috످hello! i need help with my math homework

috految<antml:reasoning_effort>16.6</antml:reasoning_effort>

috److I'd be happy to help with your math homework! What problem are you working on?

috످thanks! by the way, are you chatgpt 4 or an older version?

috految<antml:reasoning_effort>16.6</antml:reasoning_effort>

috److I'm actually Claude, an AI made by Anthropic, not ChatGPT. I don't know which version of Claude I am, though.

Send over your math problem whenever you're ready, and we can work through it together!

috످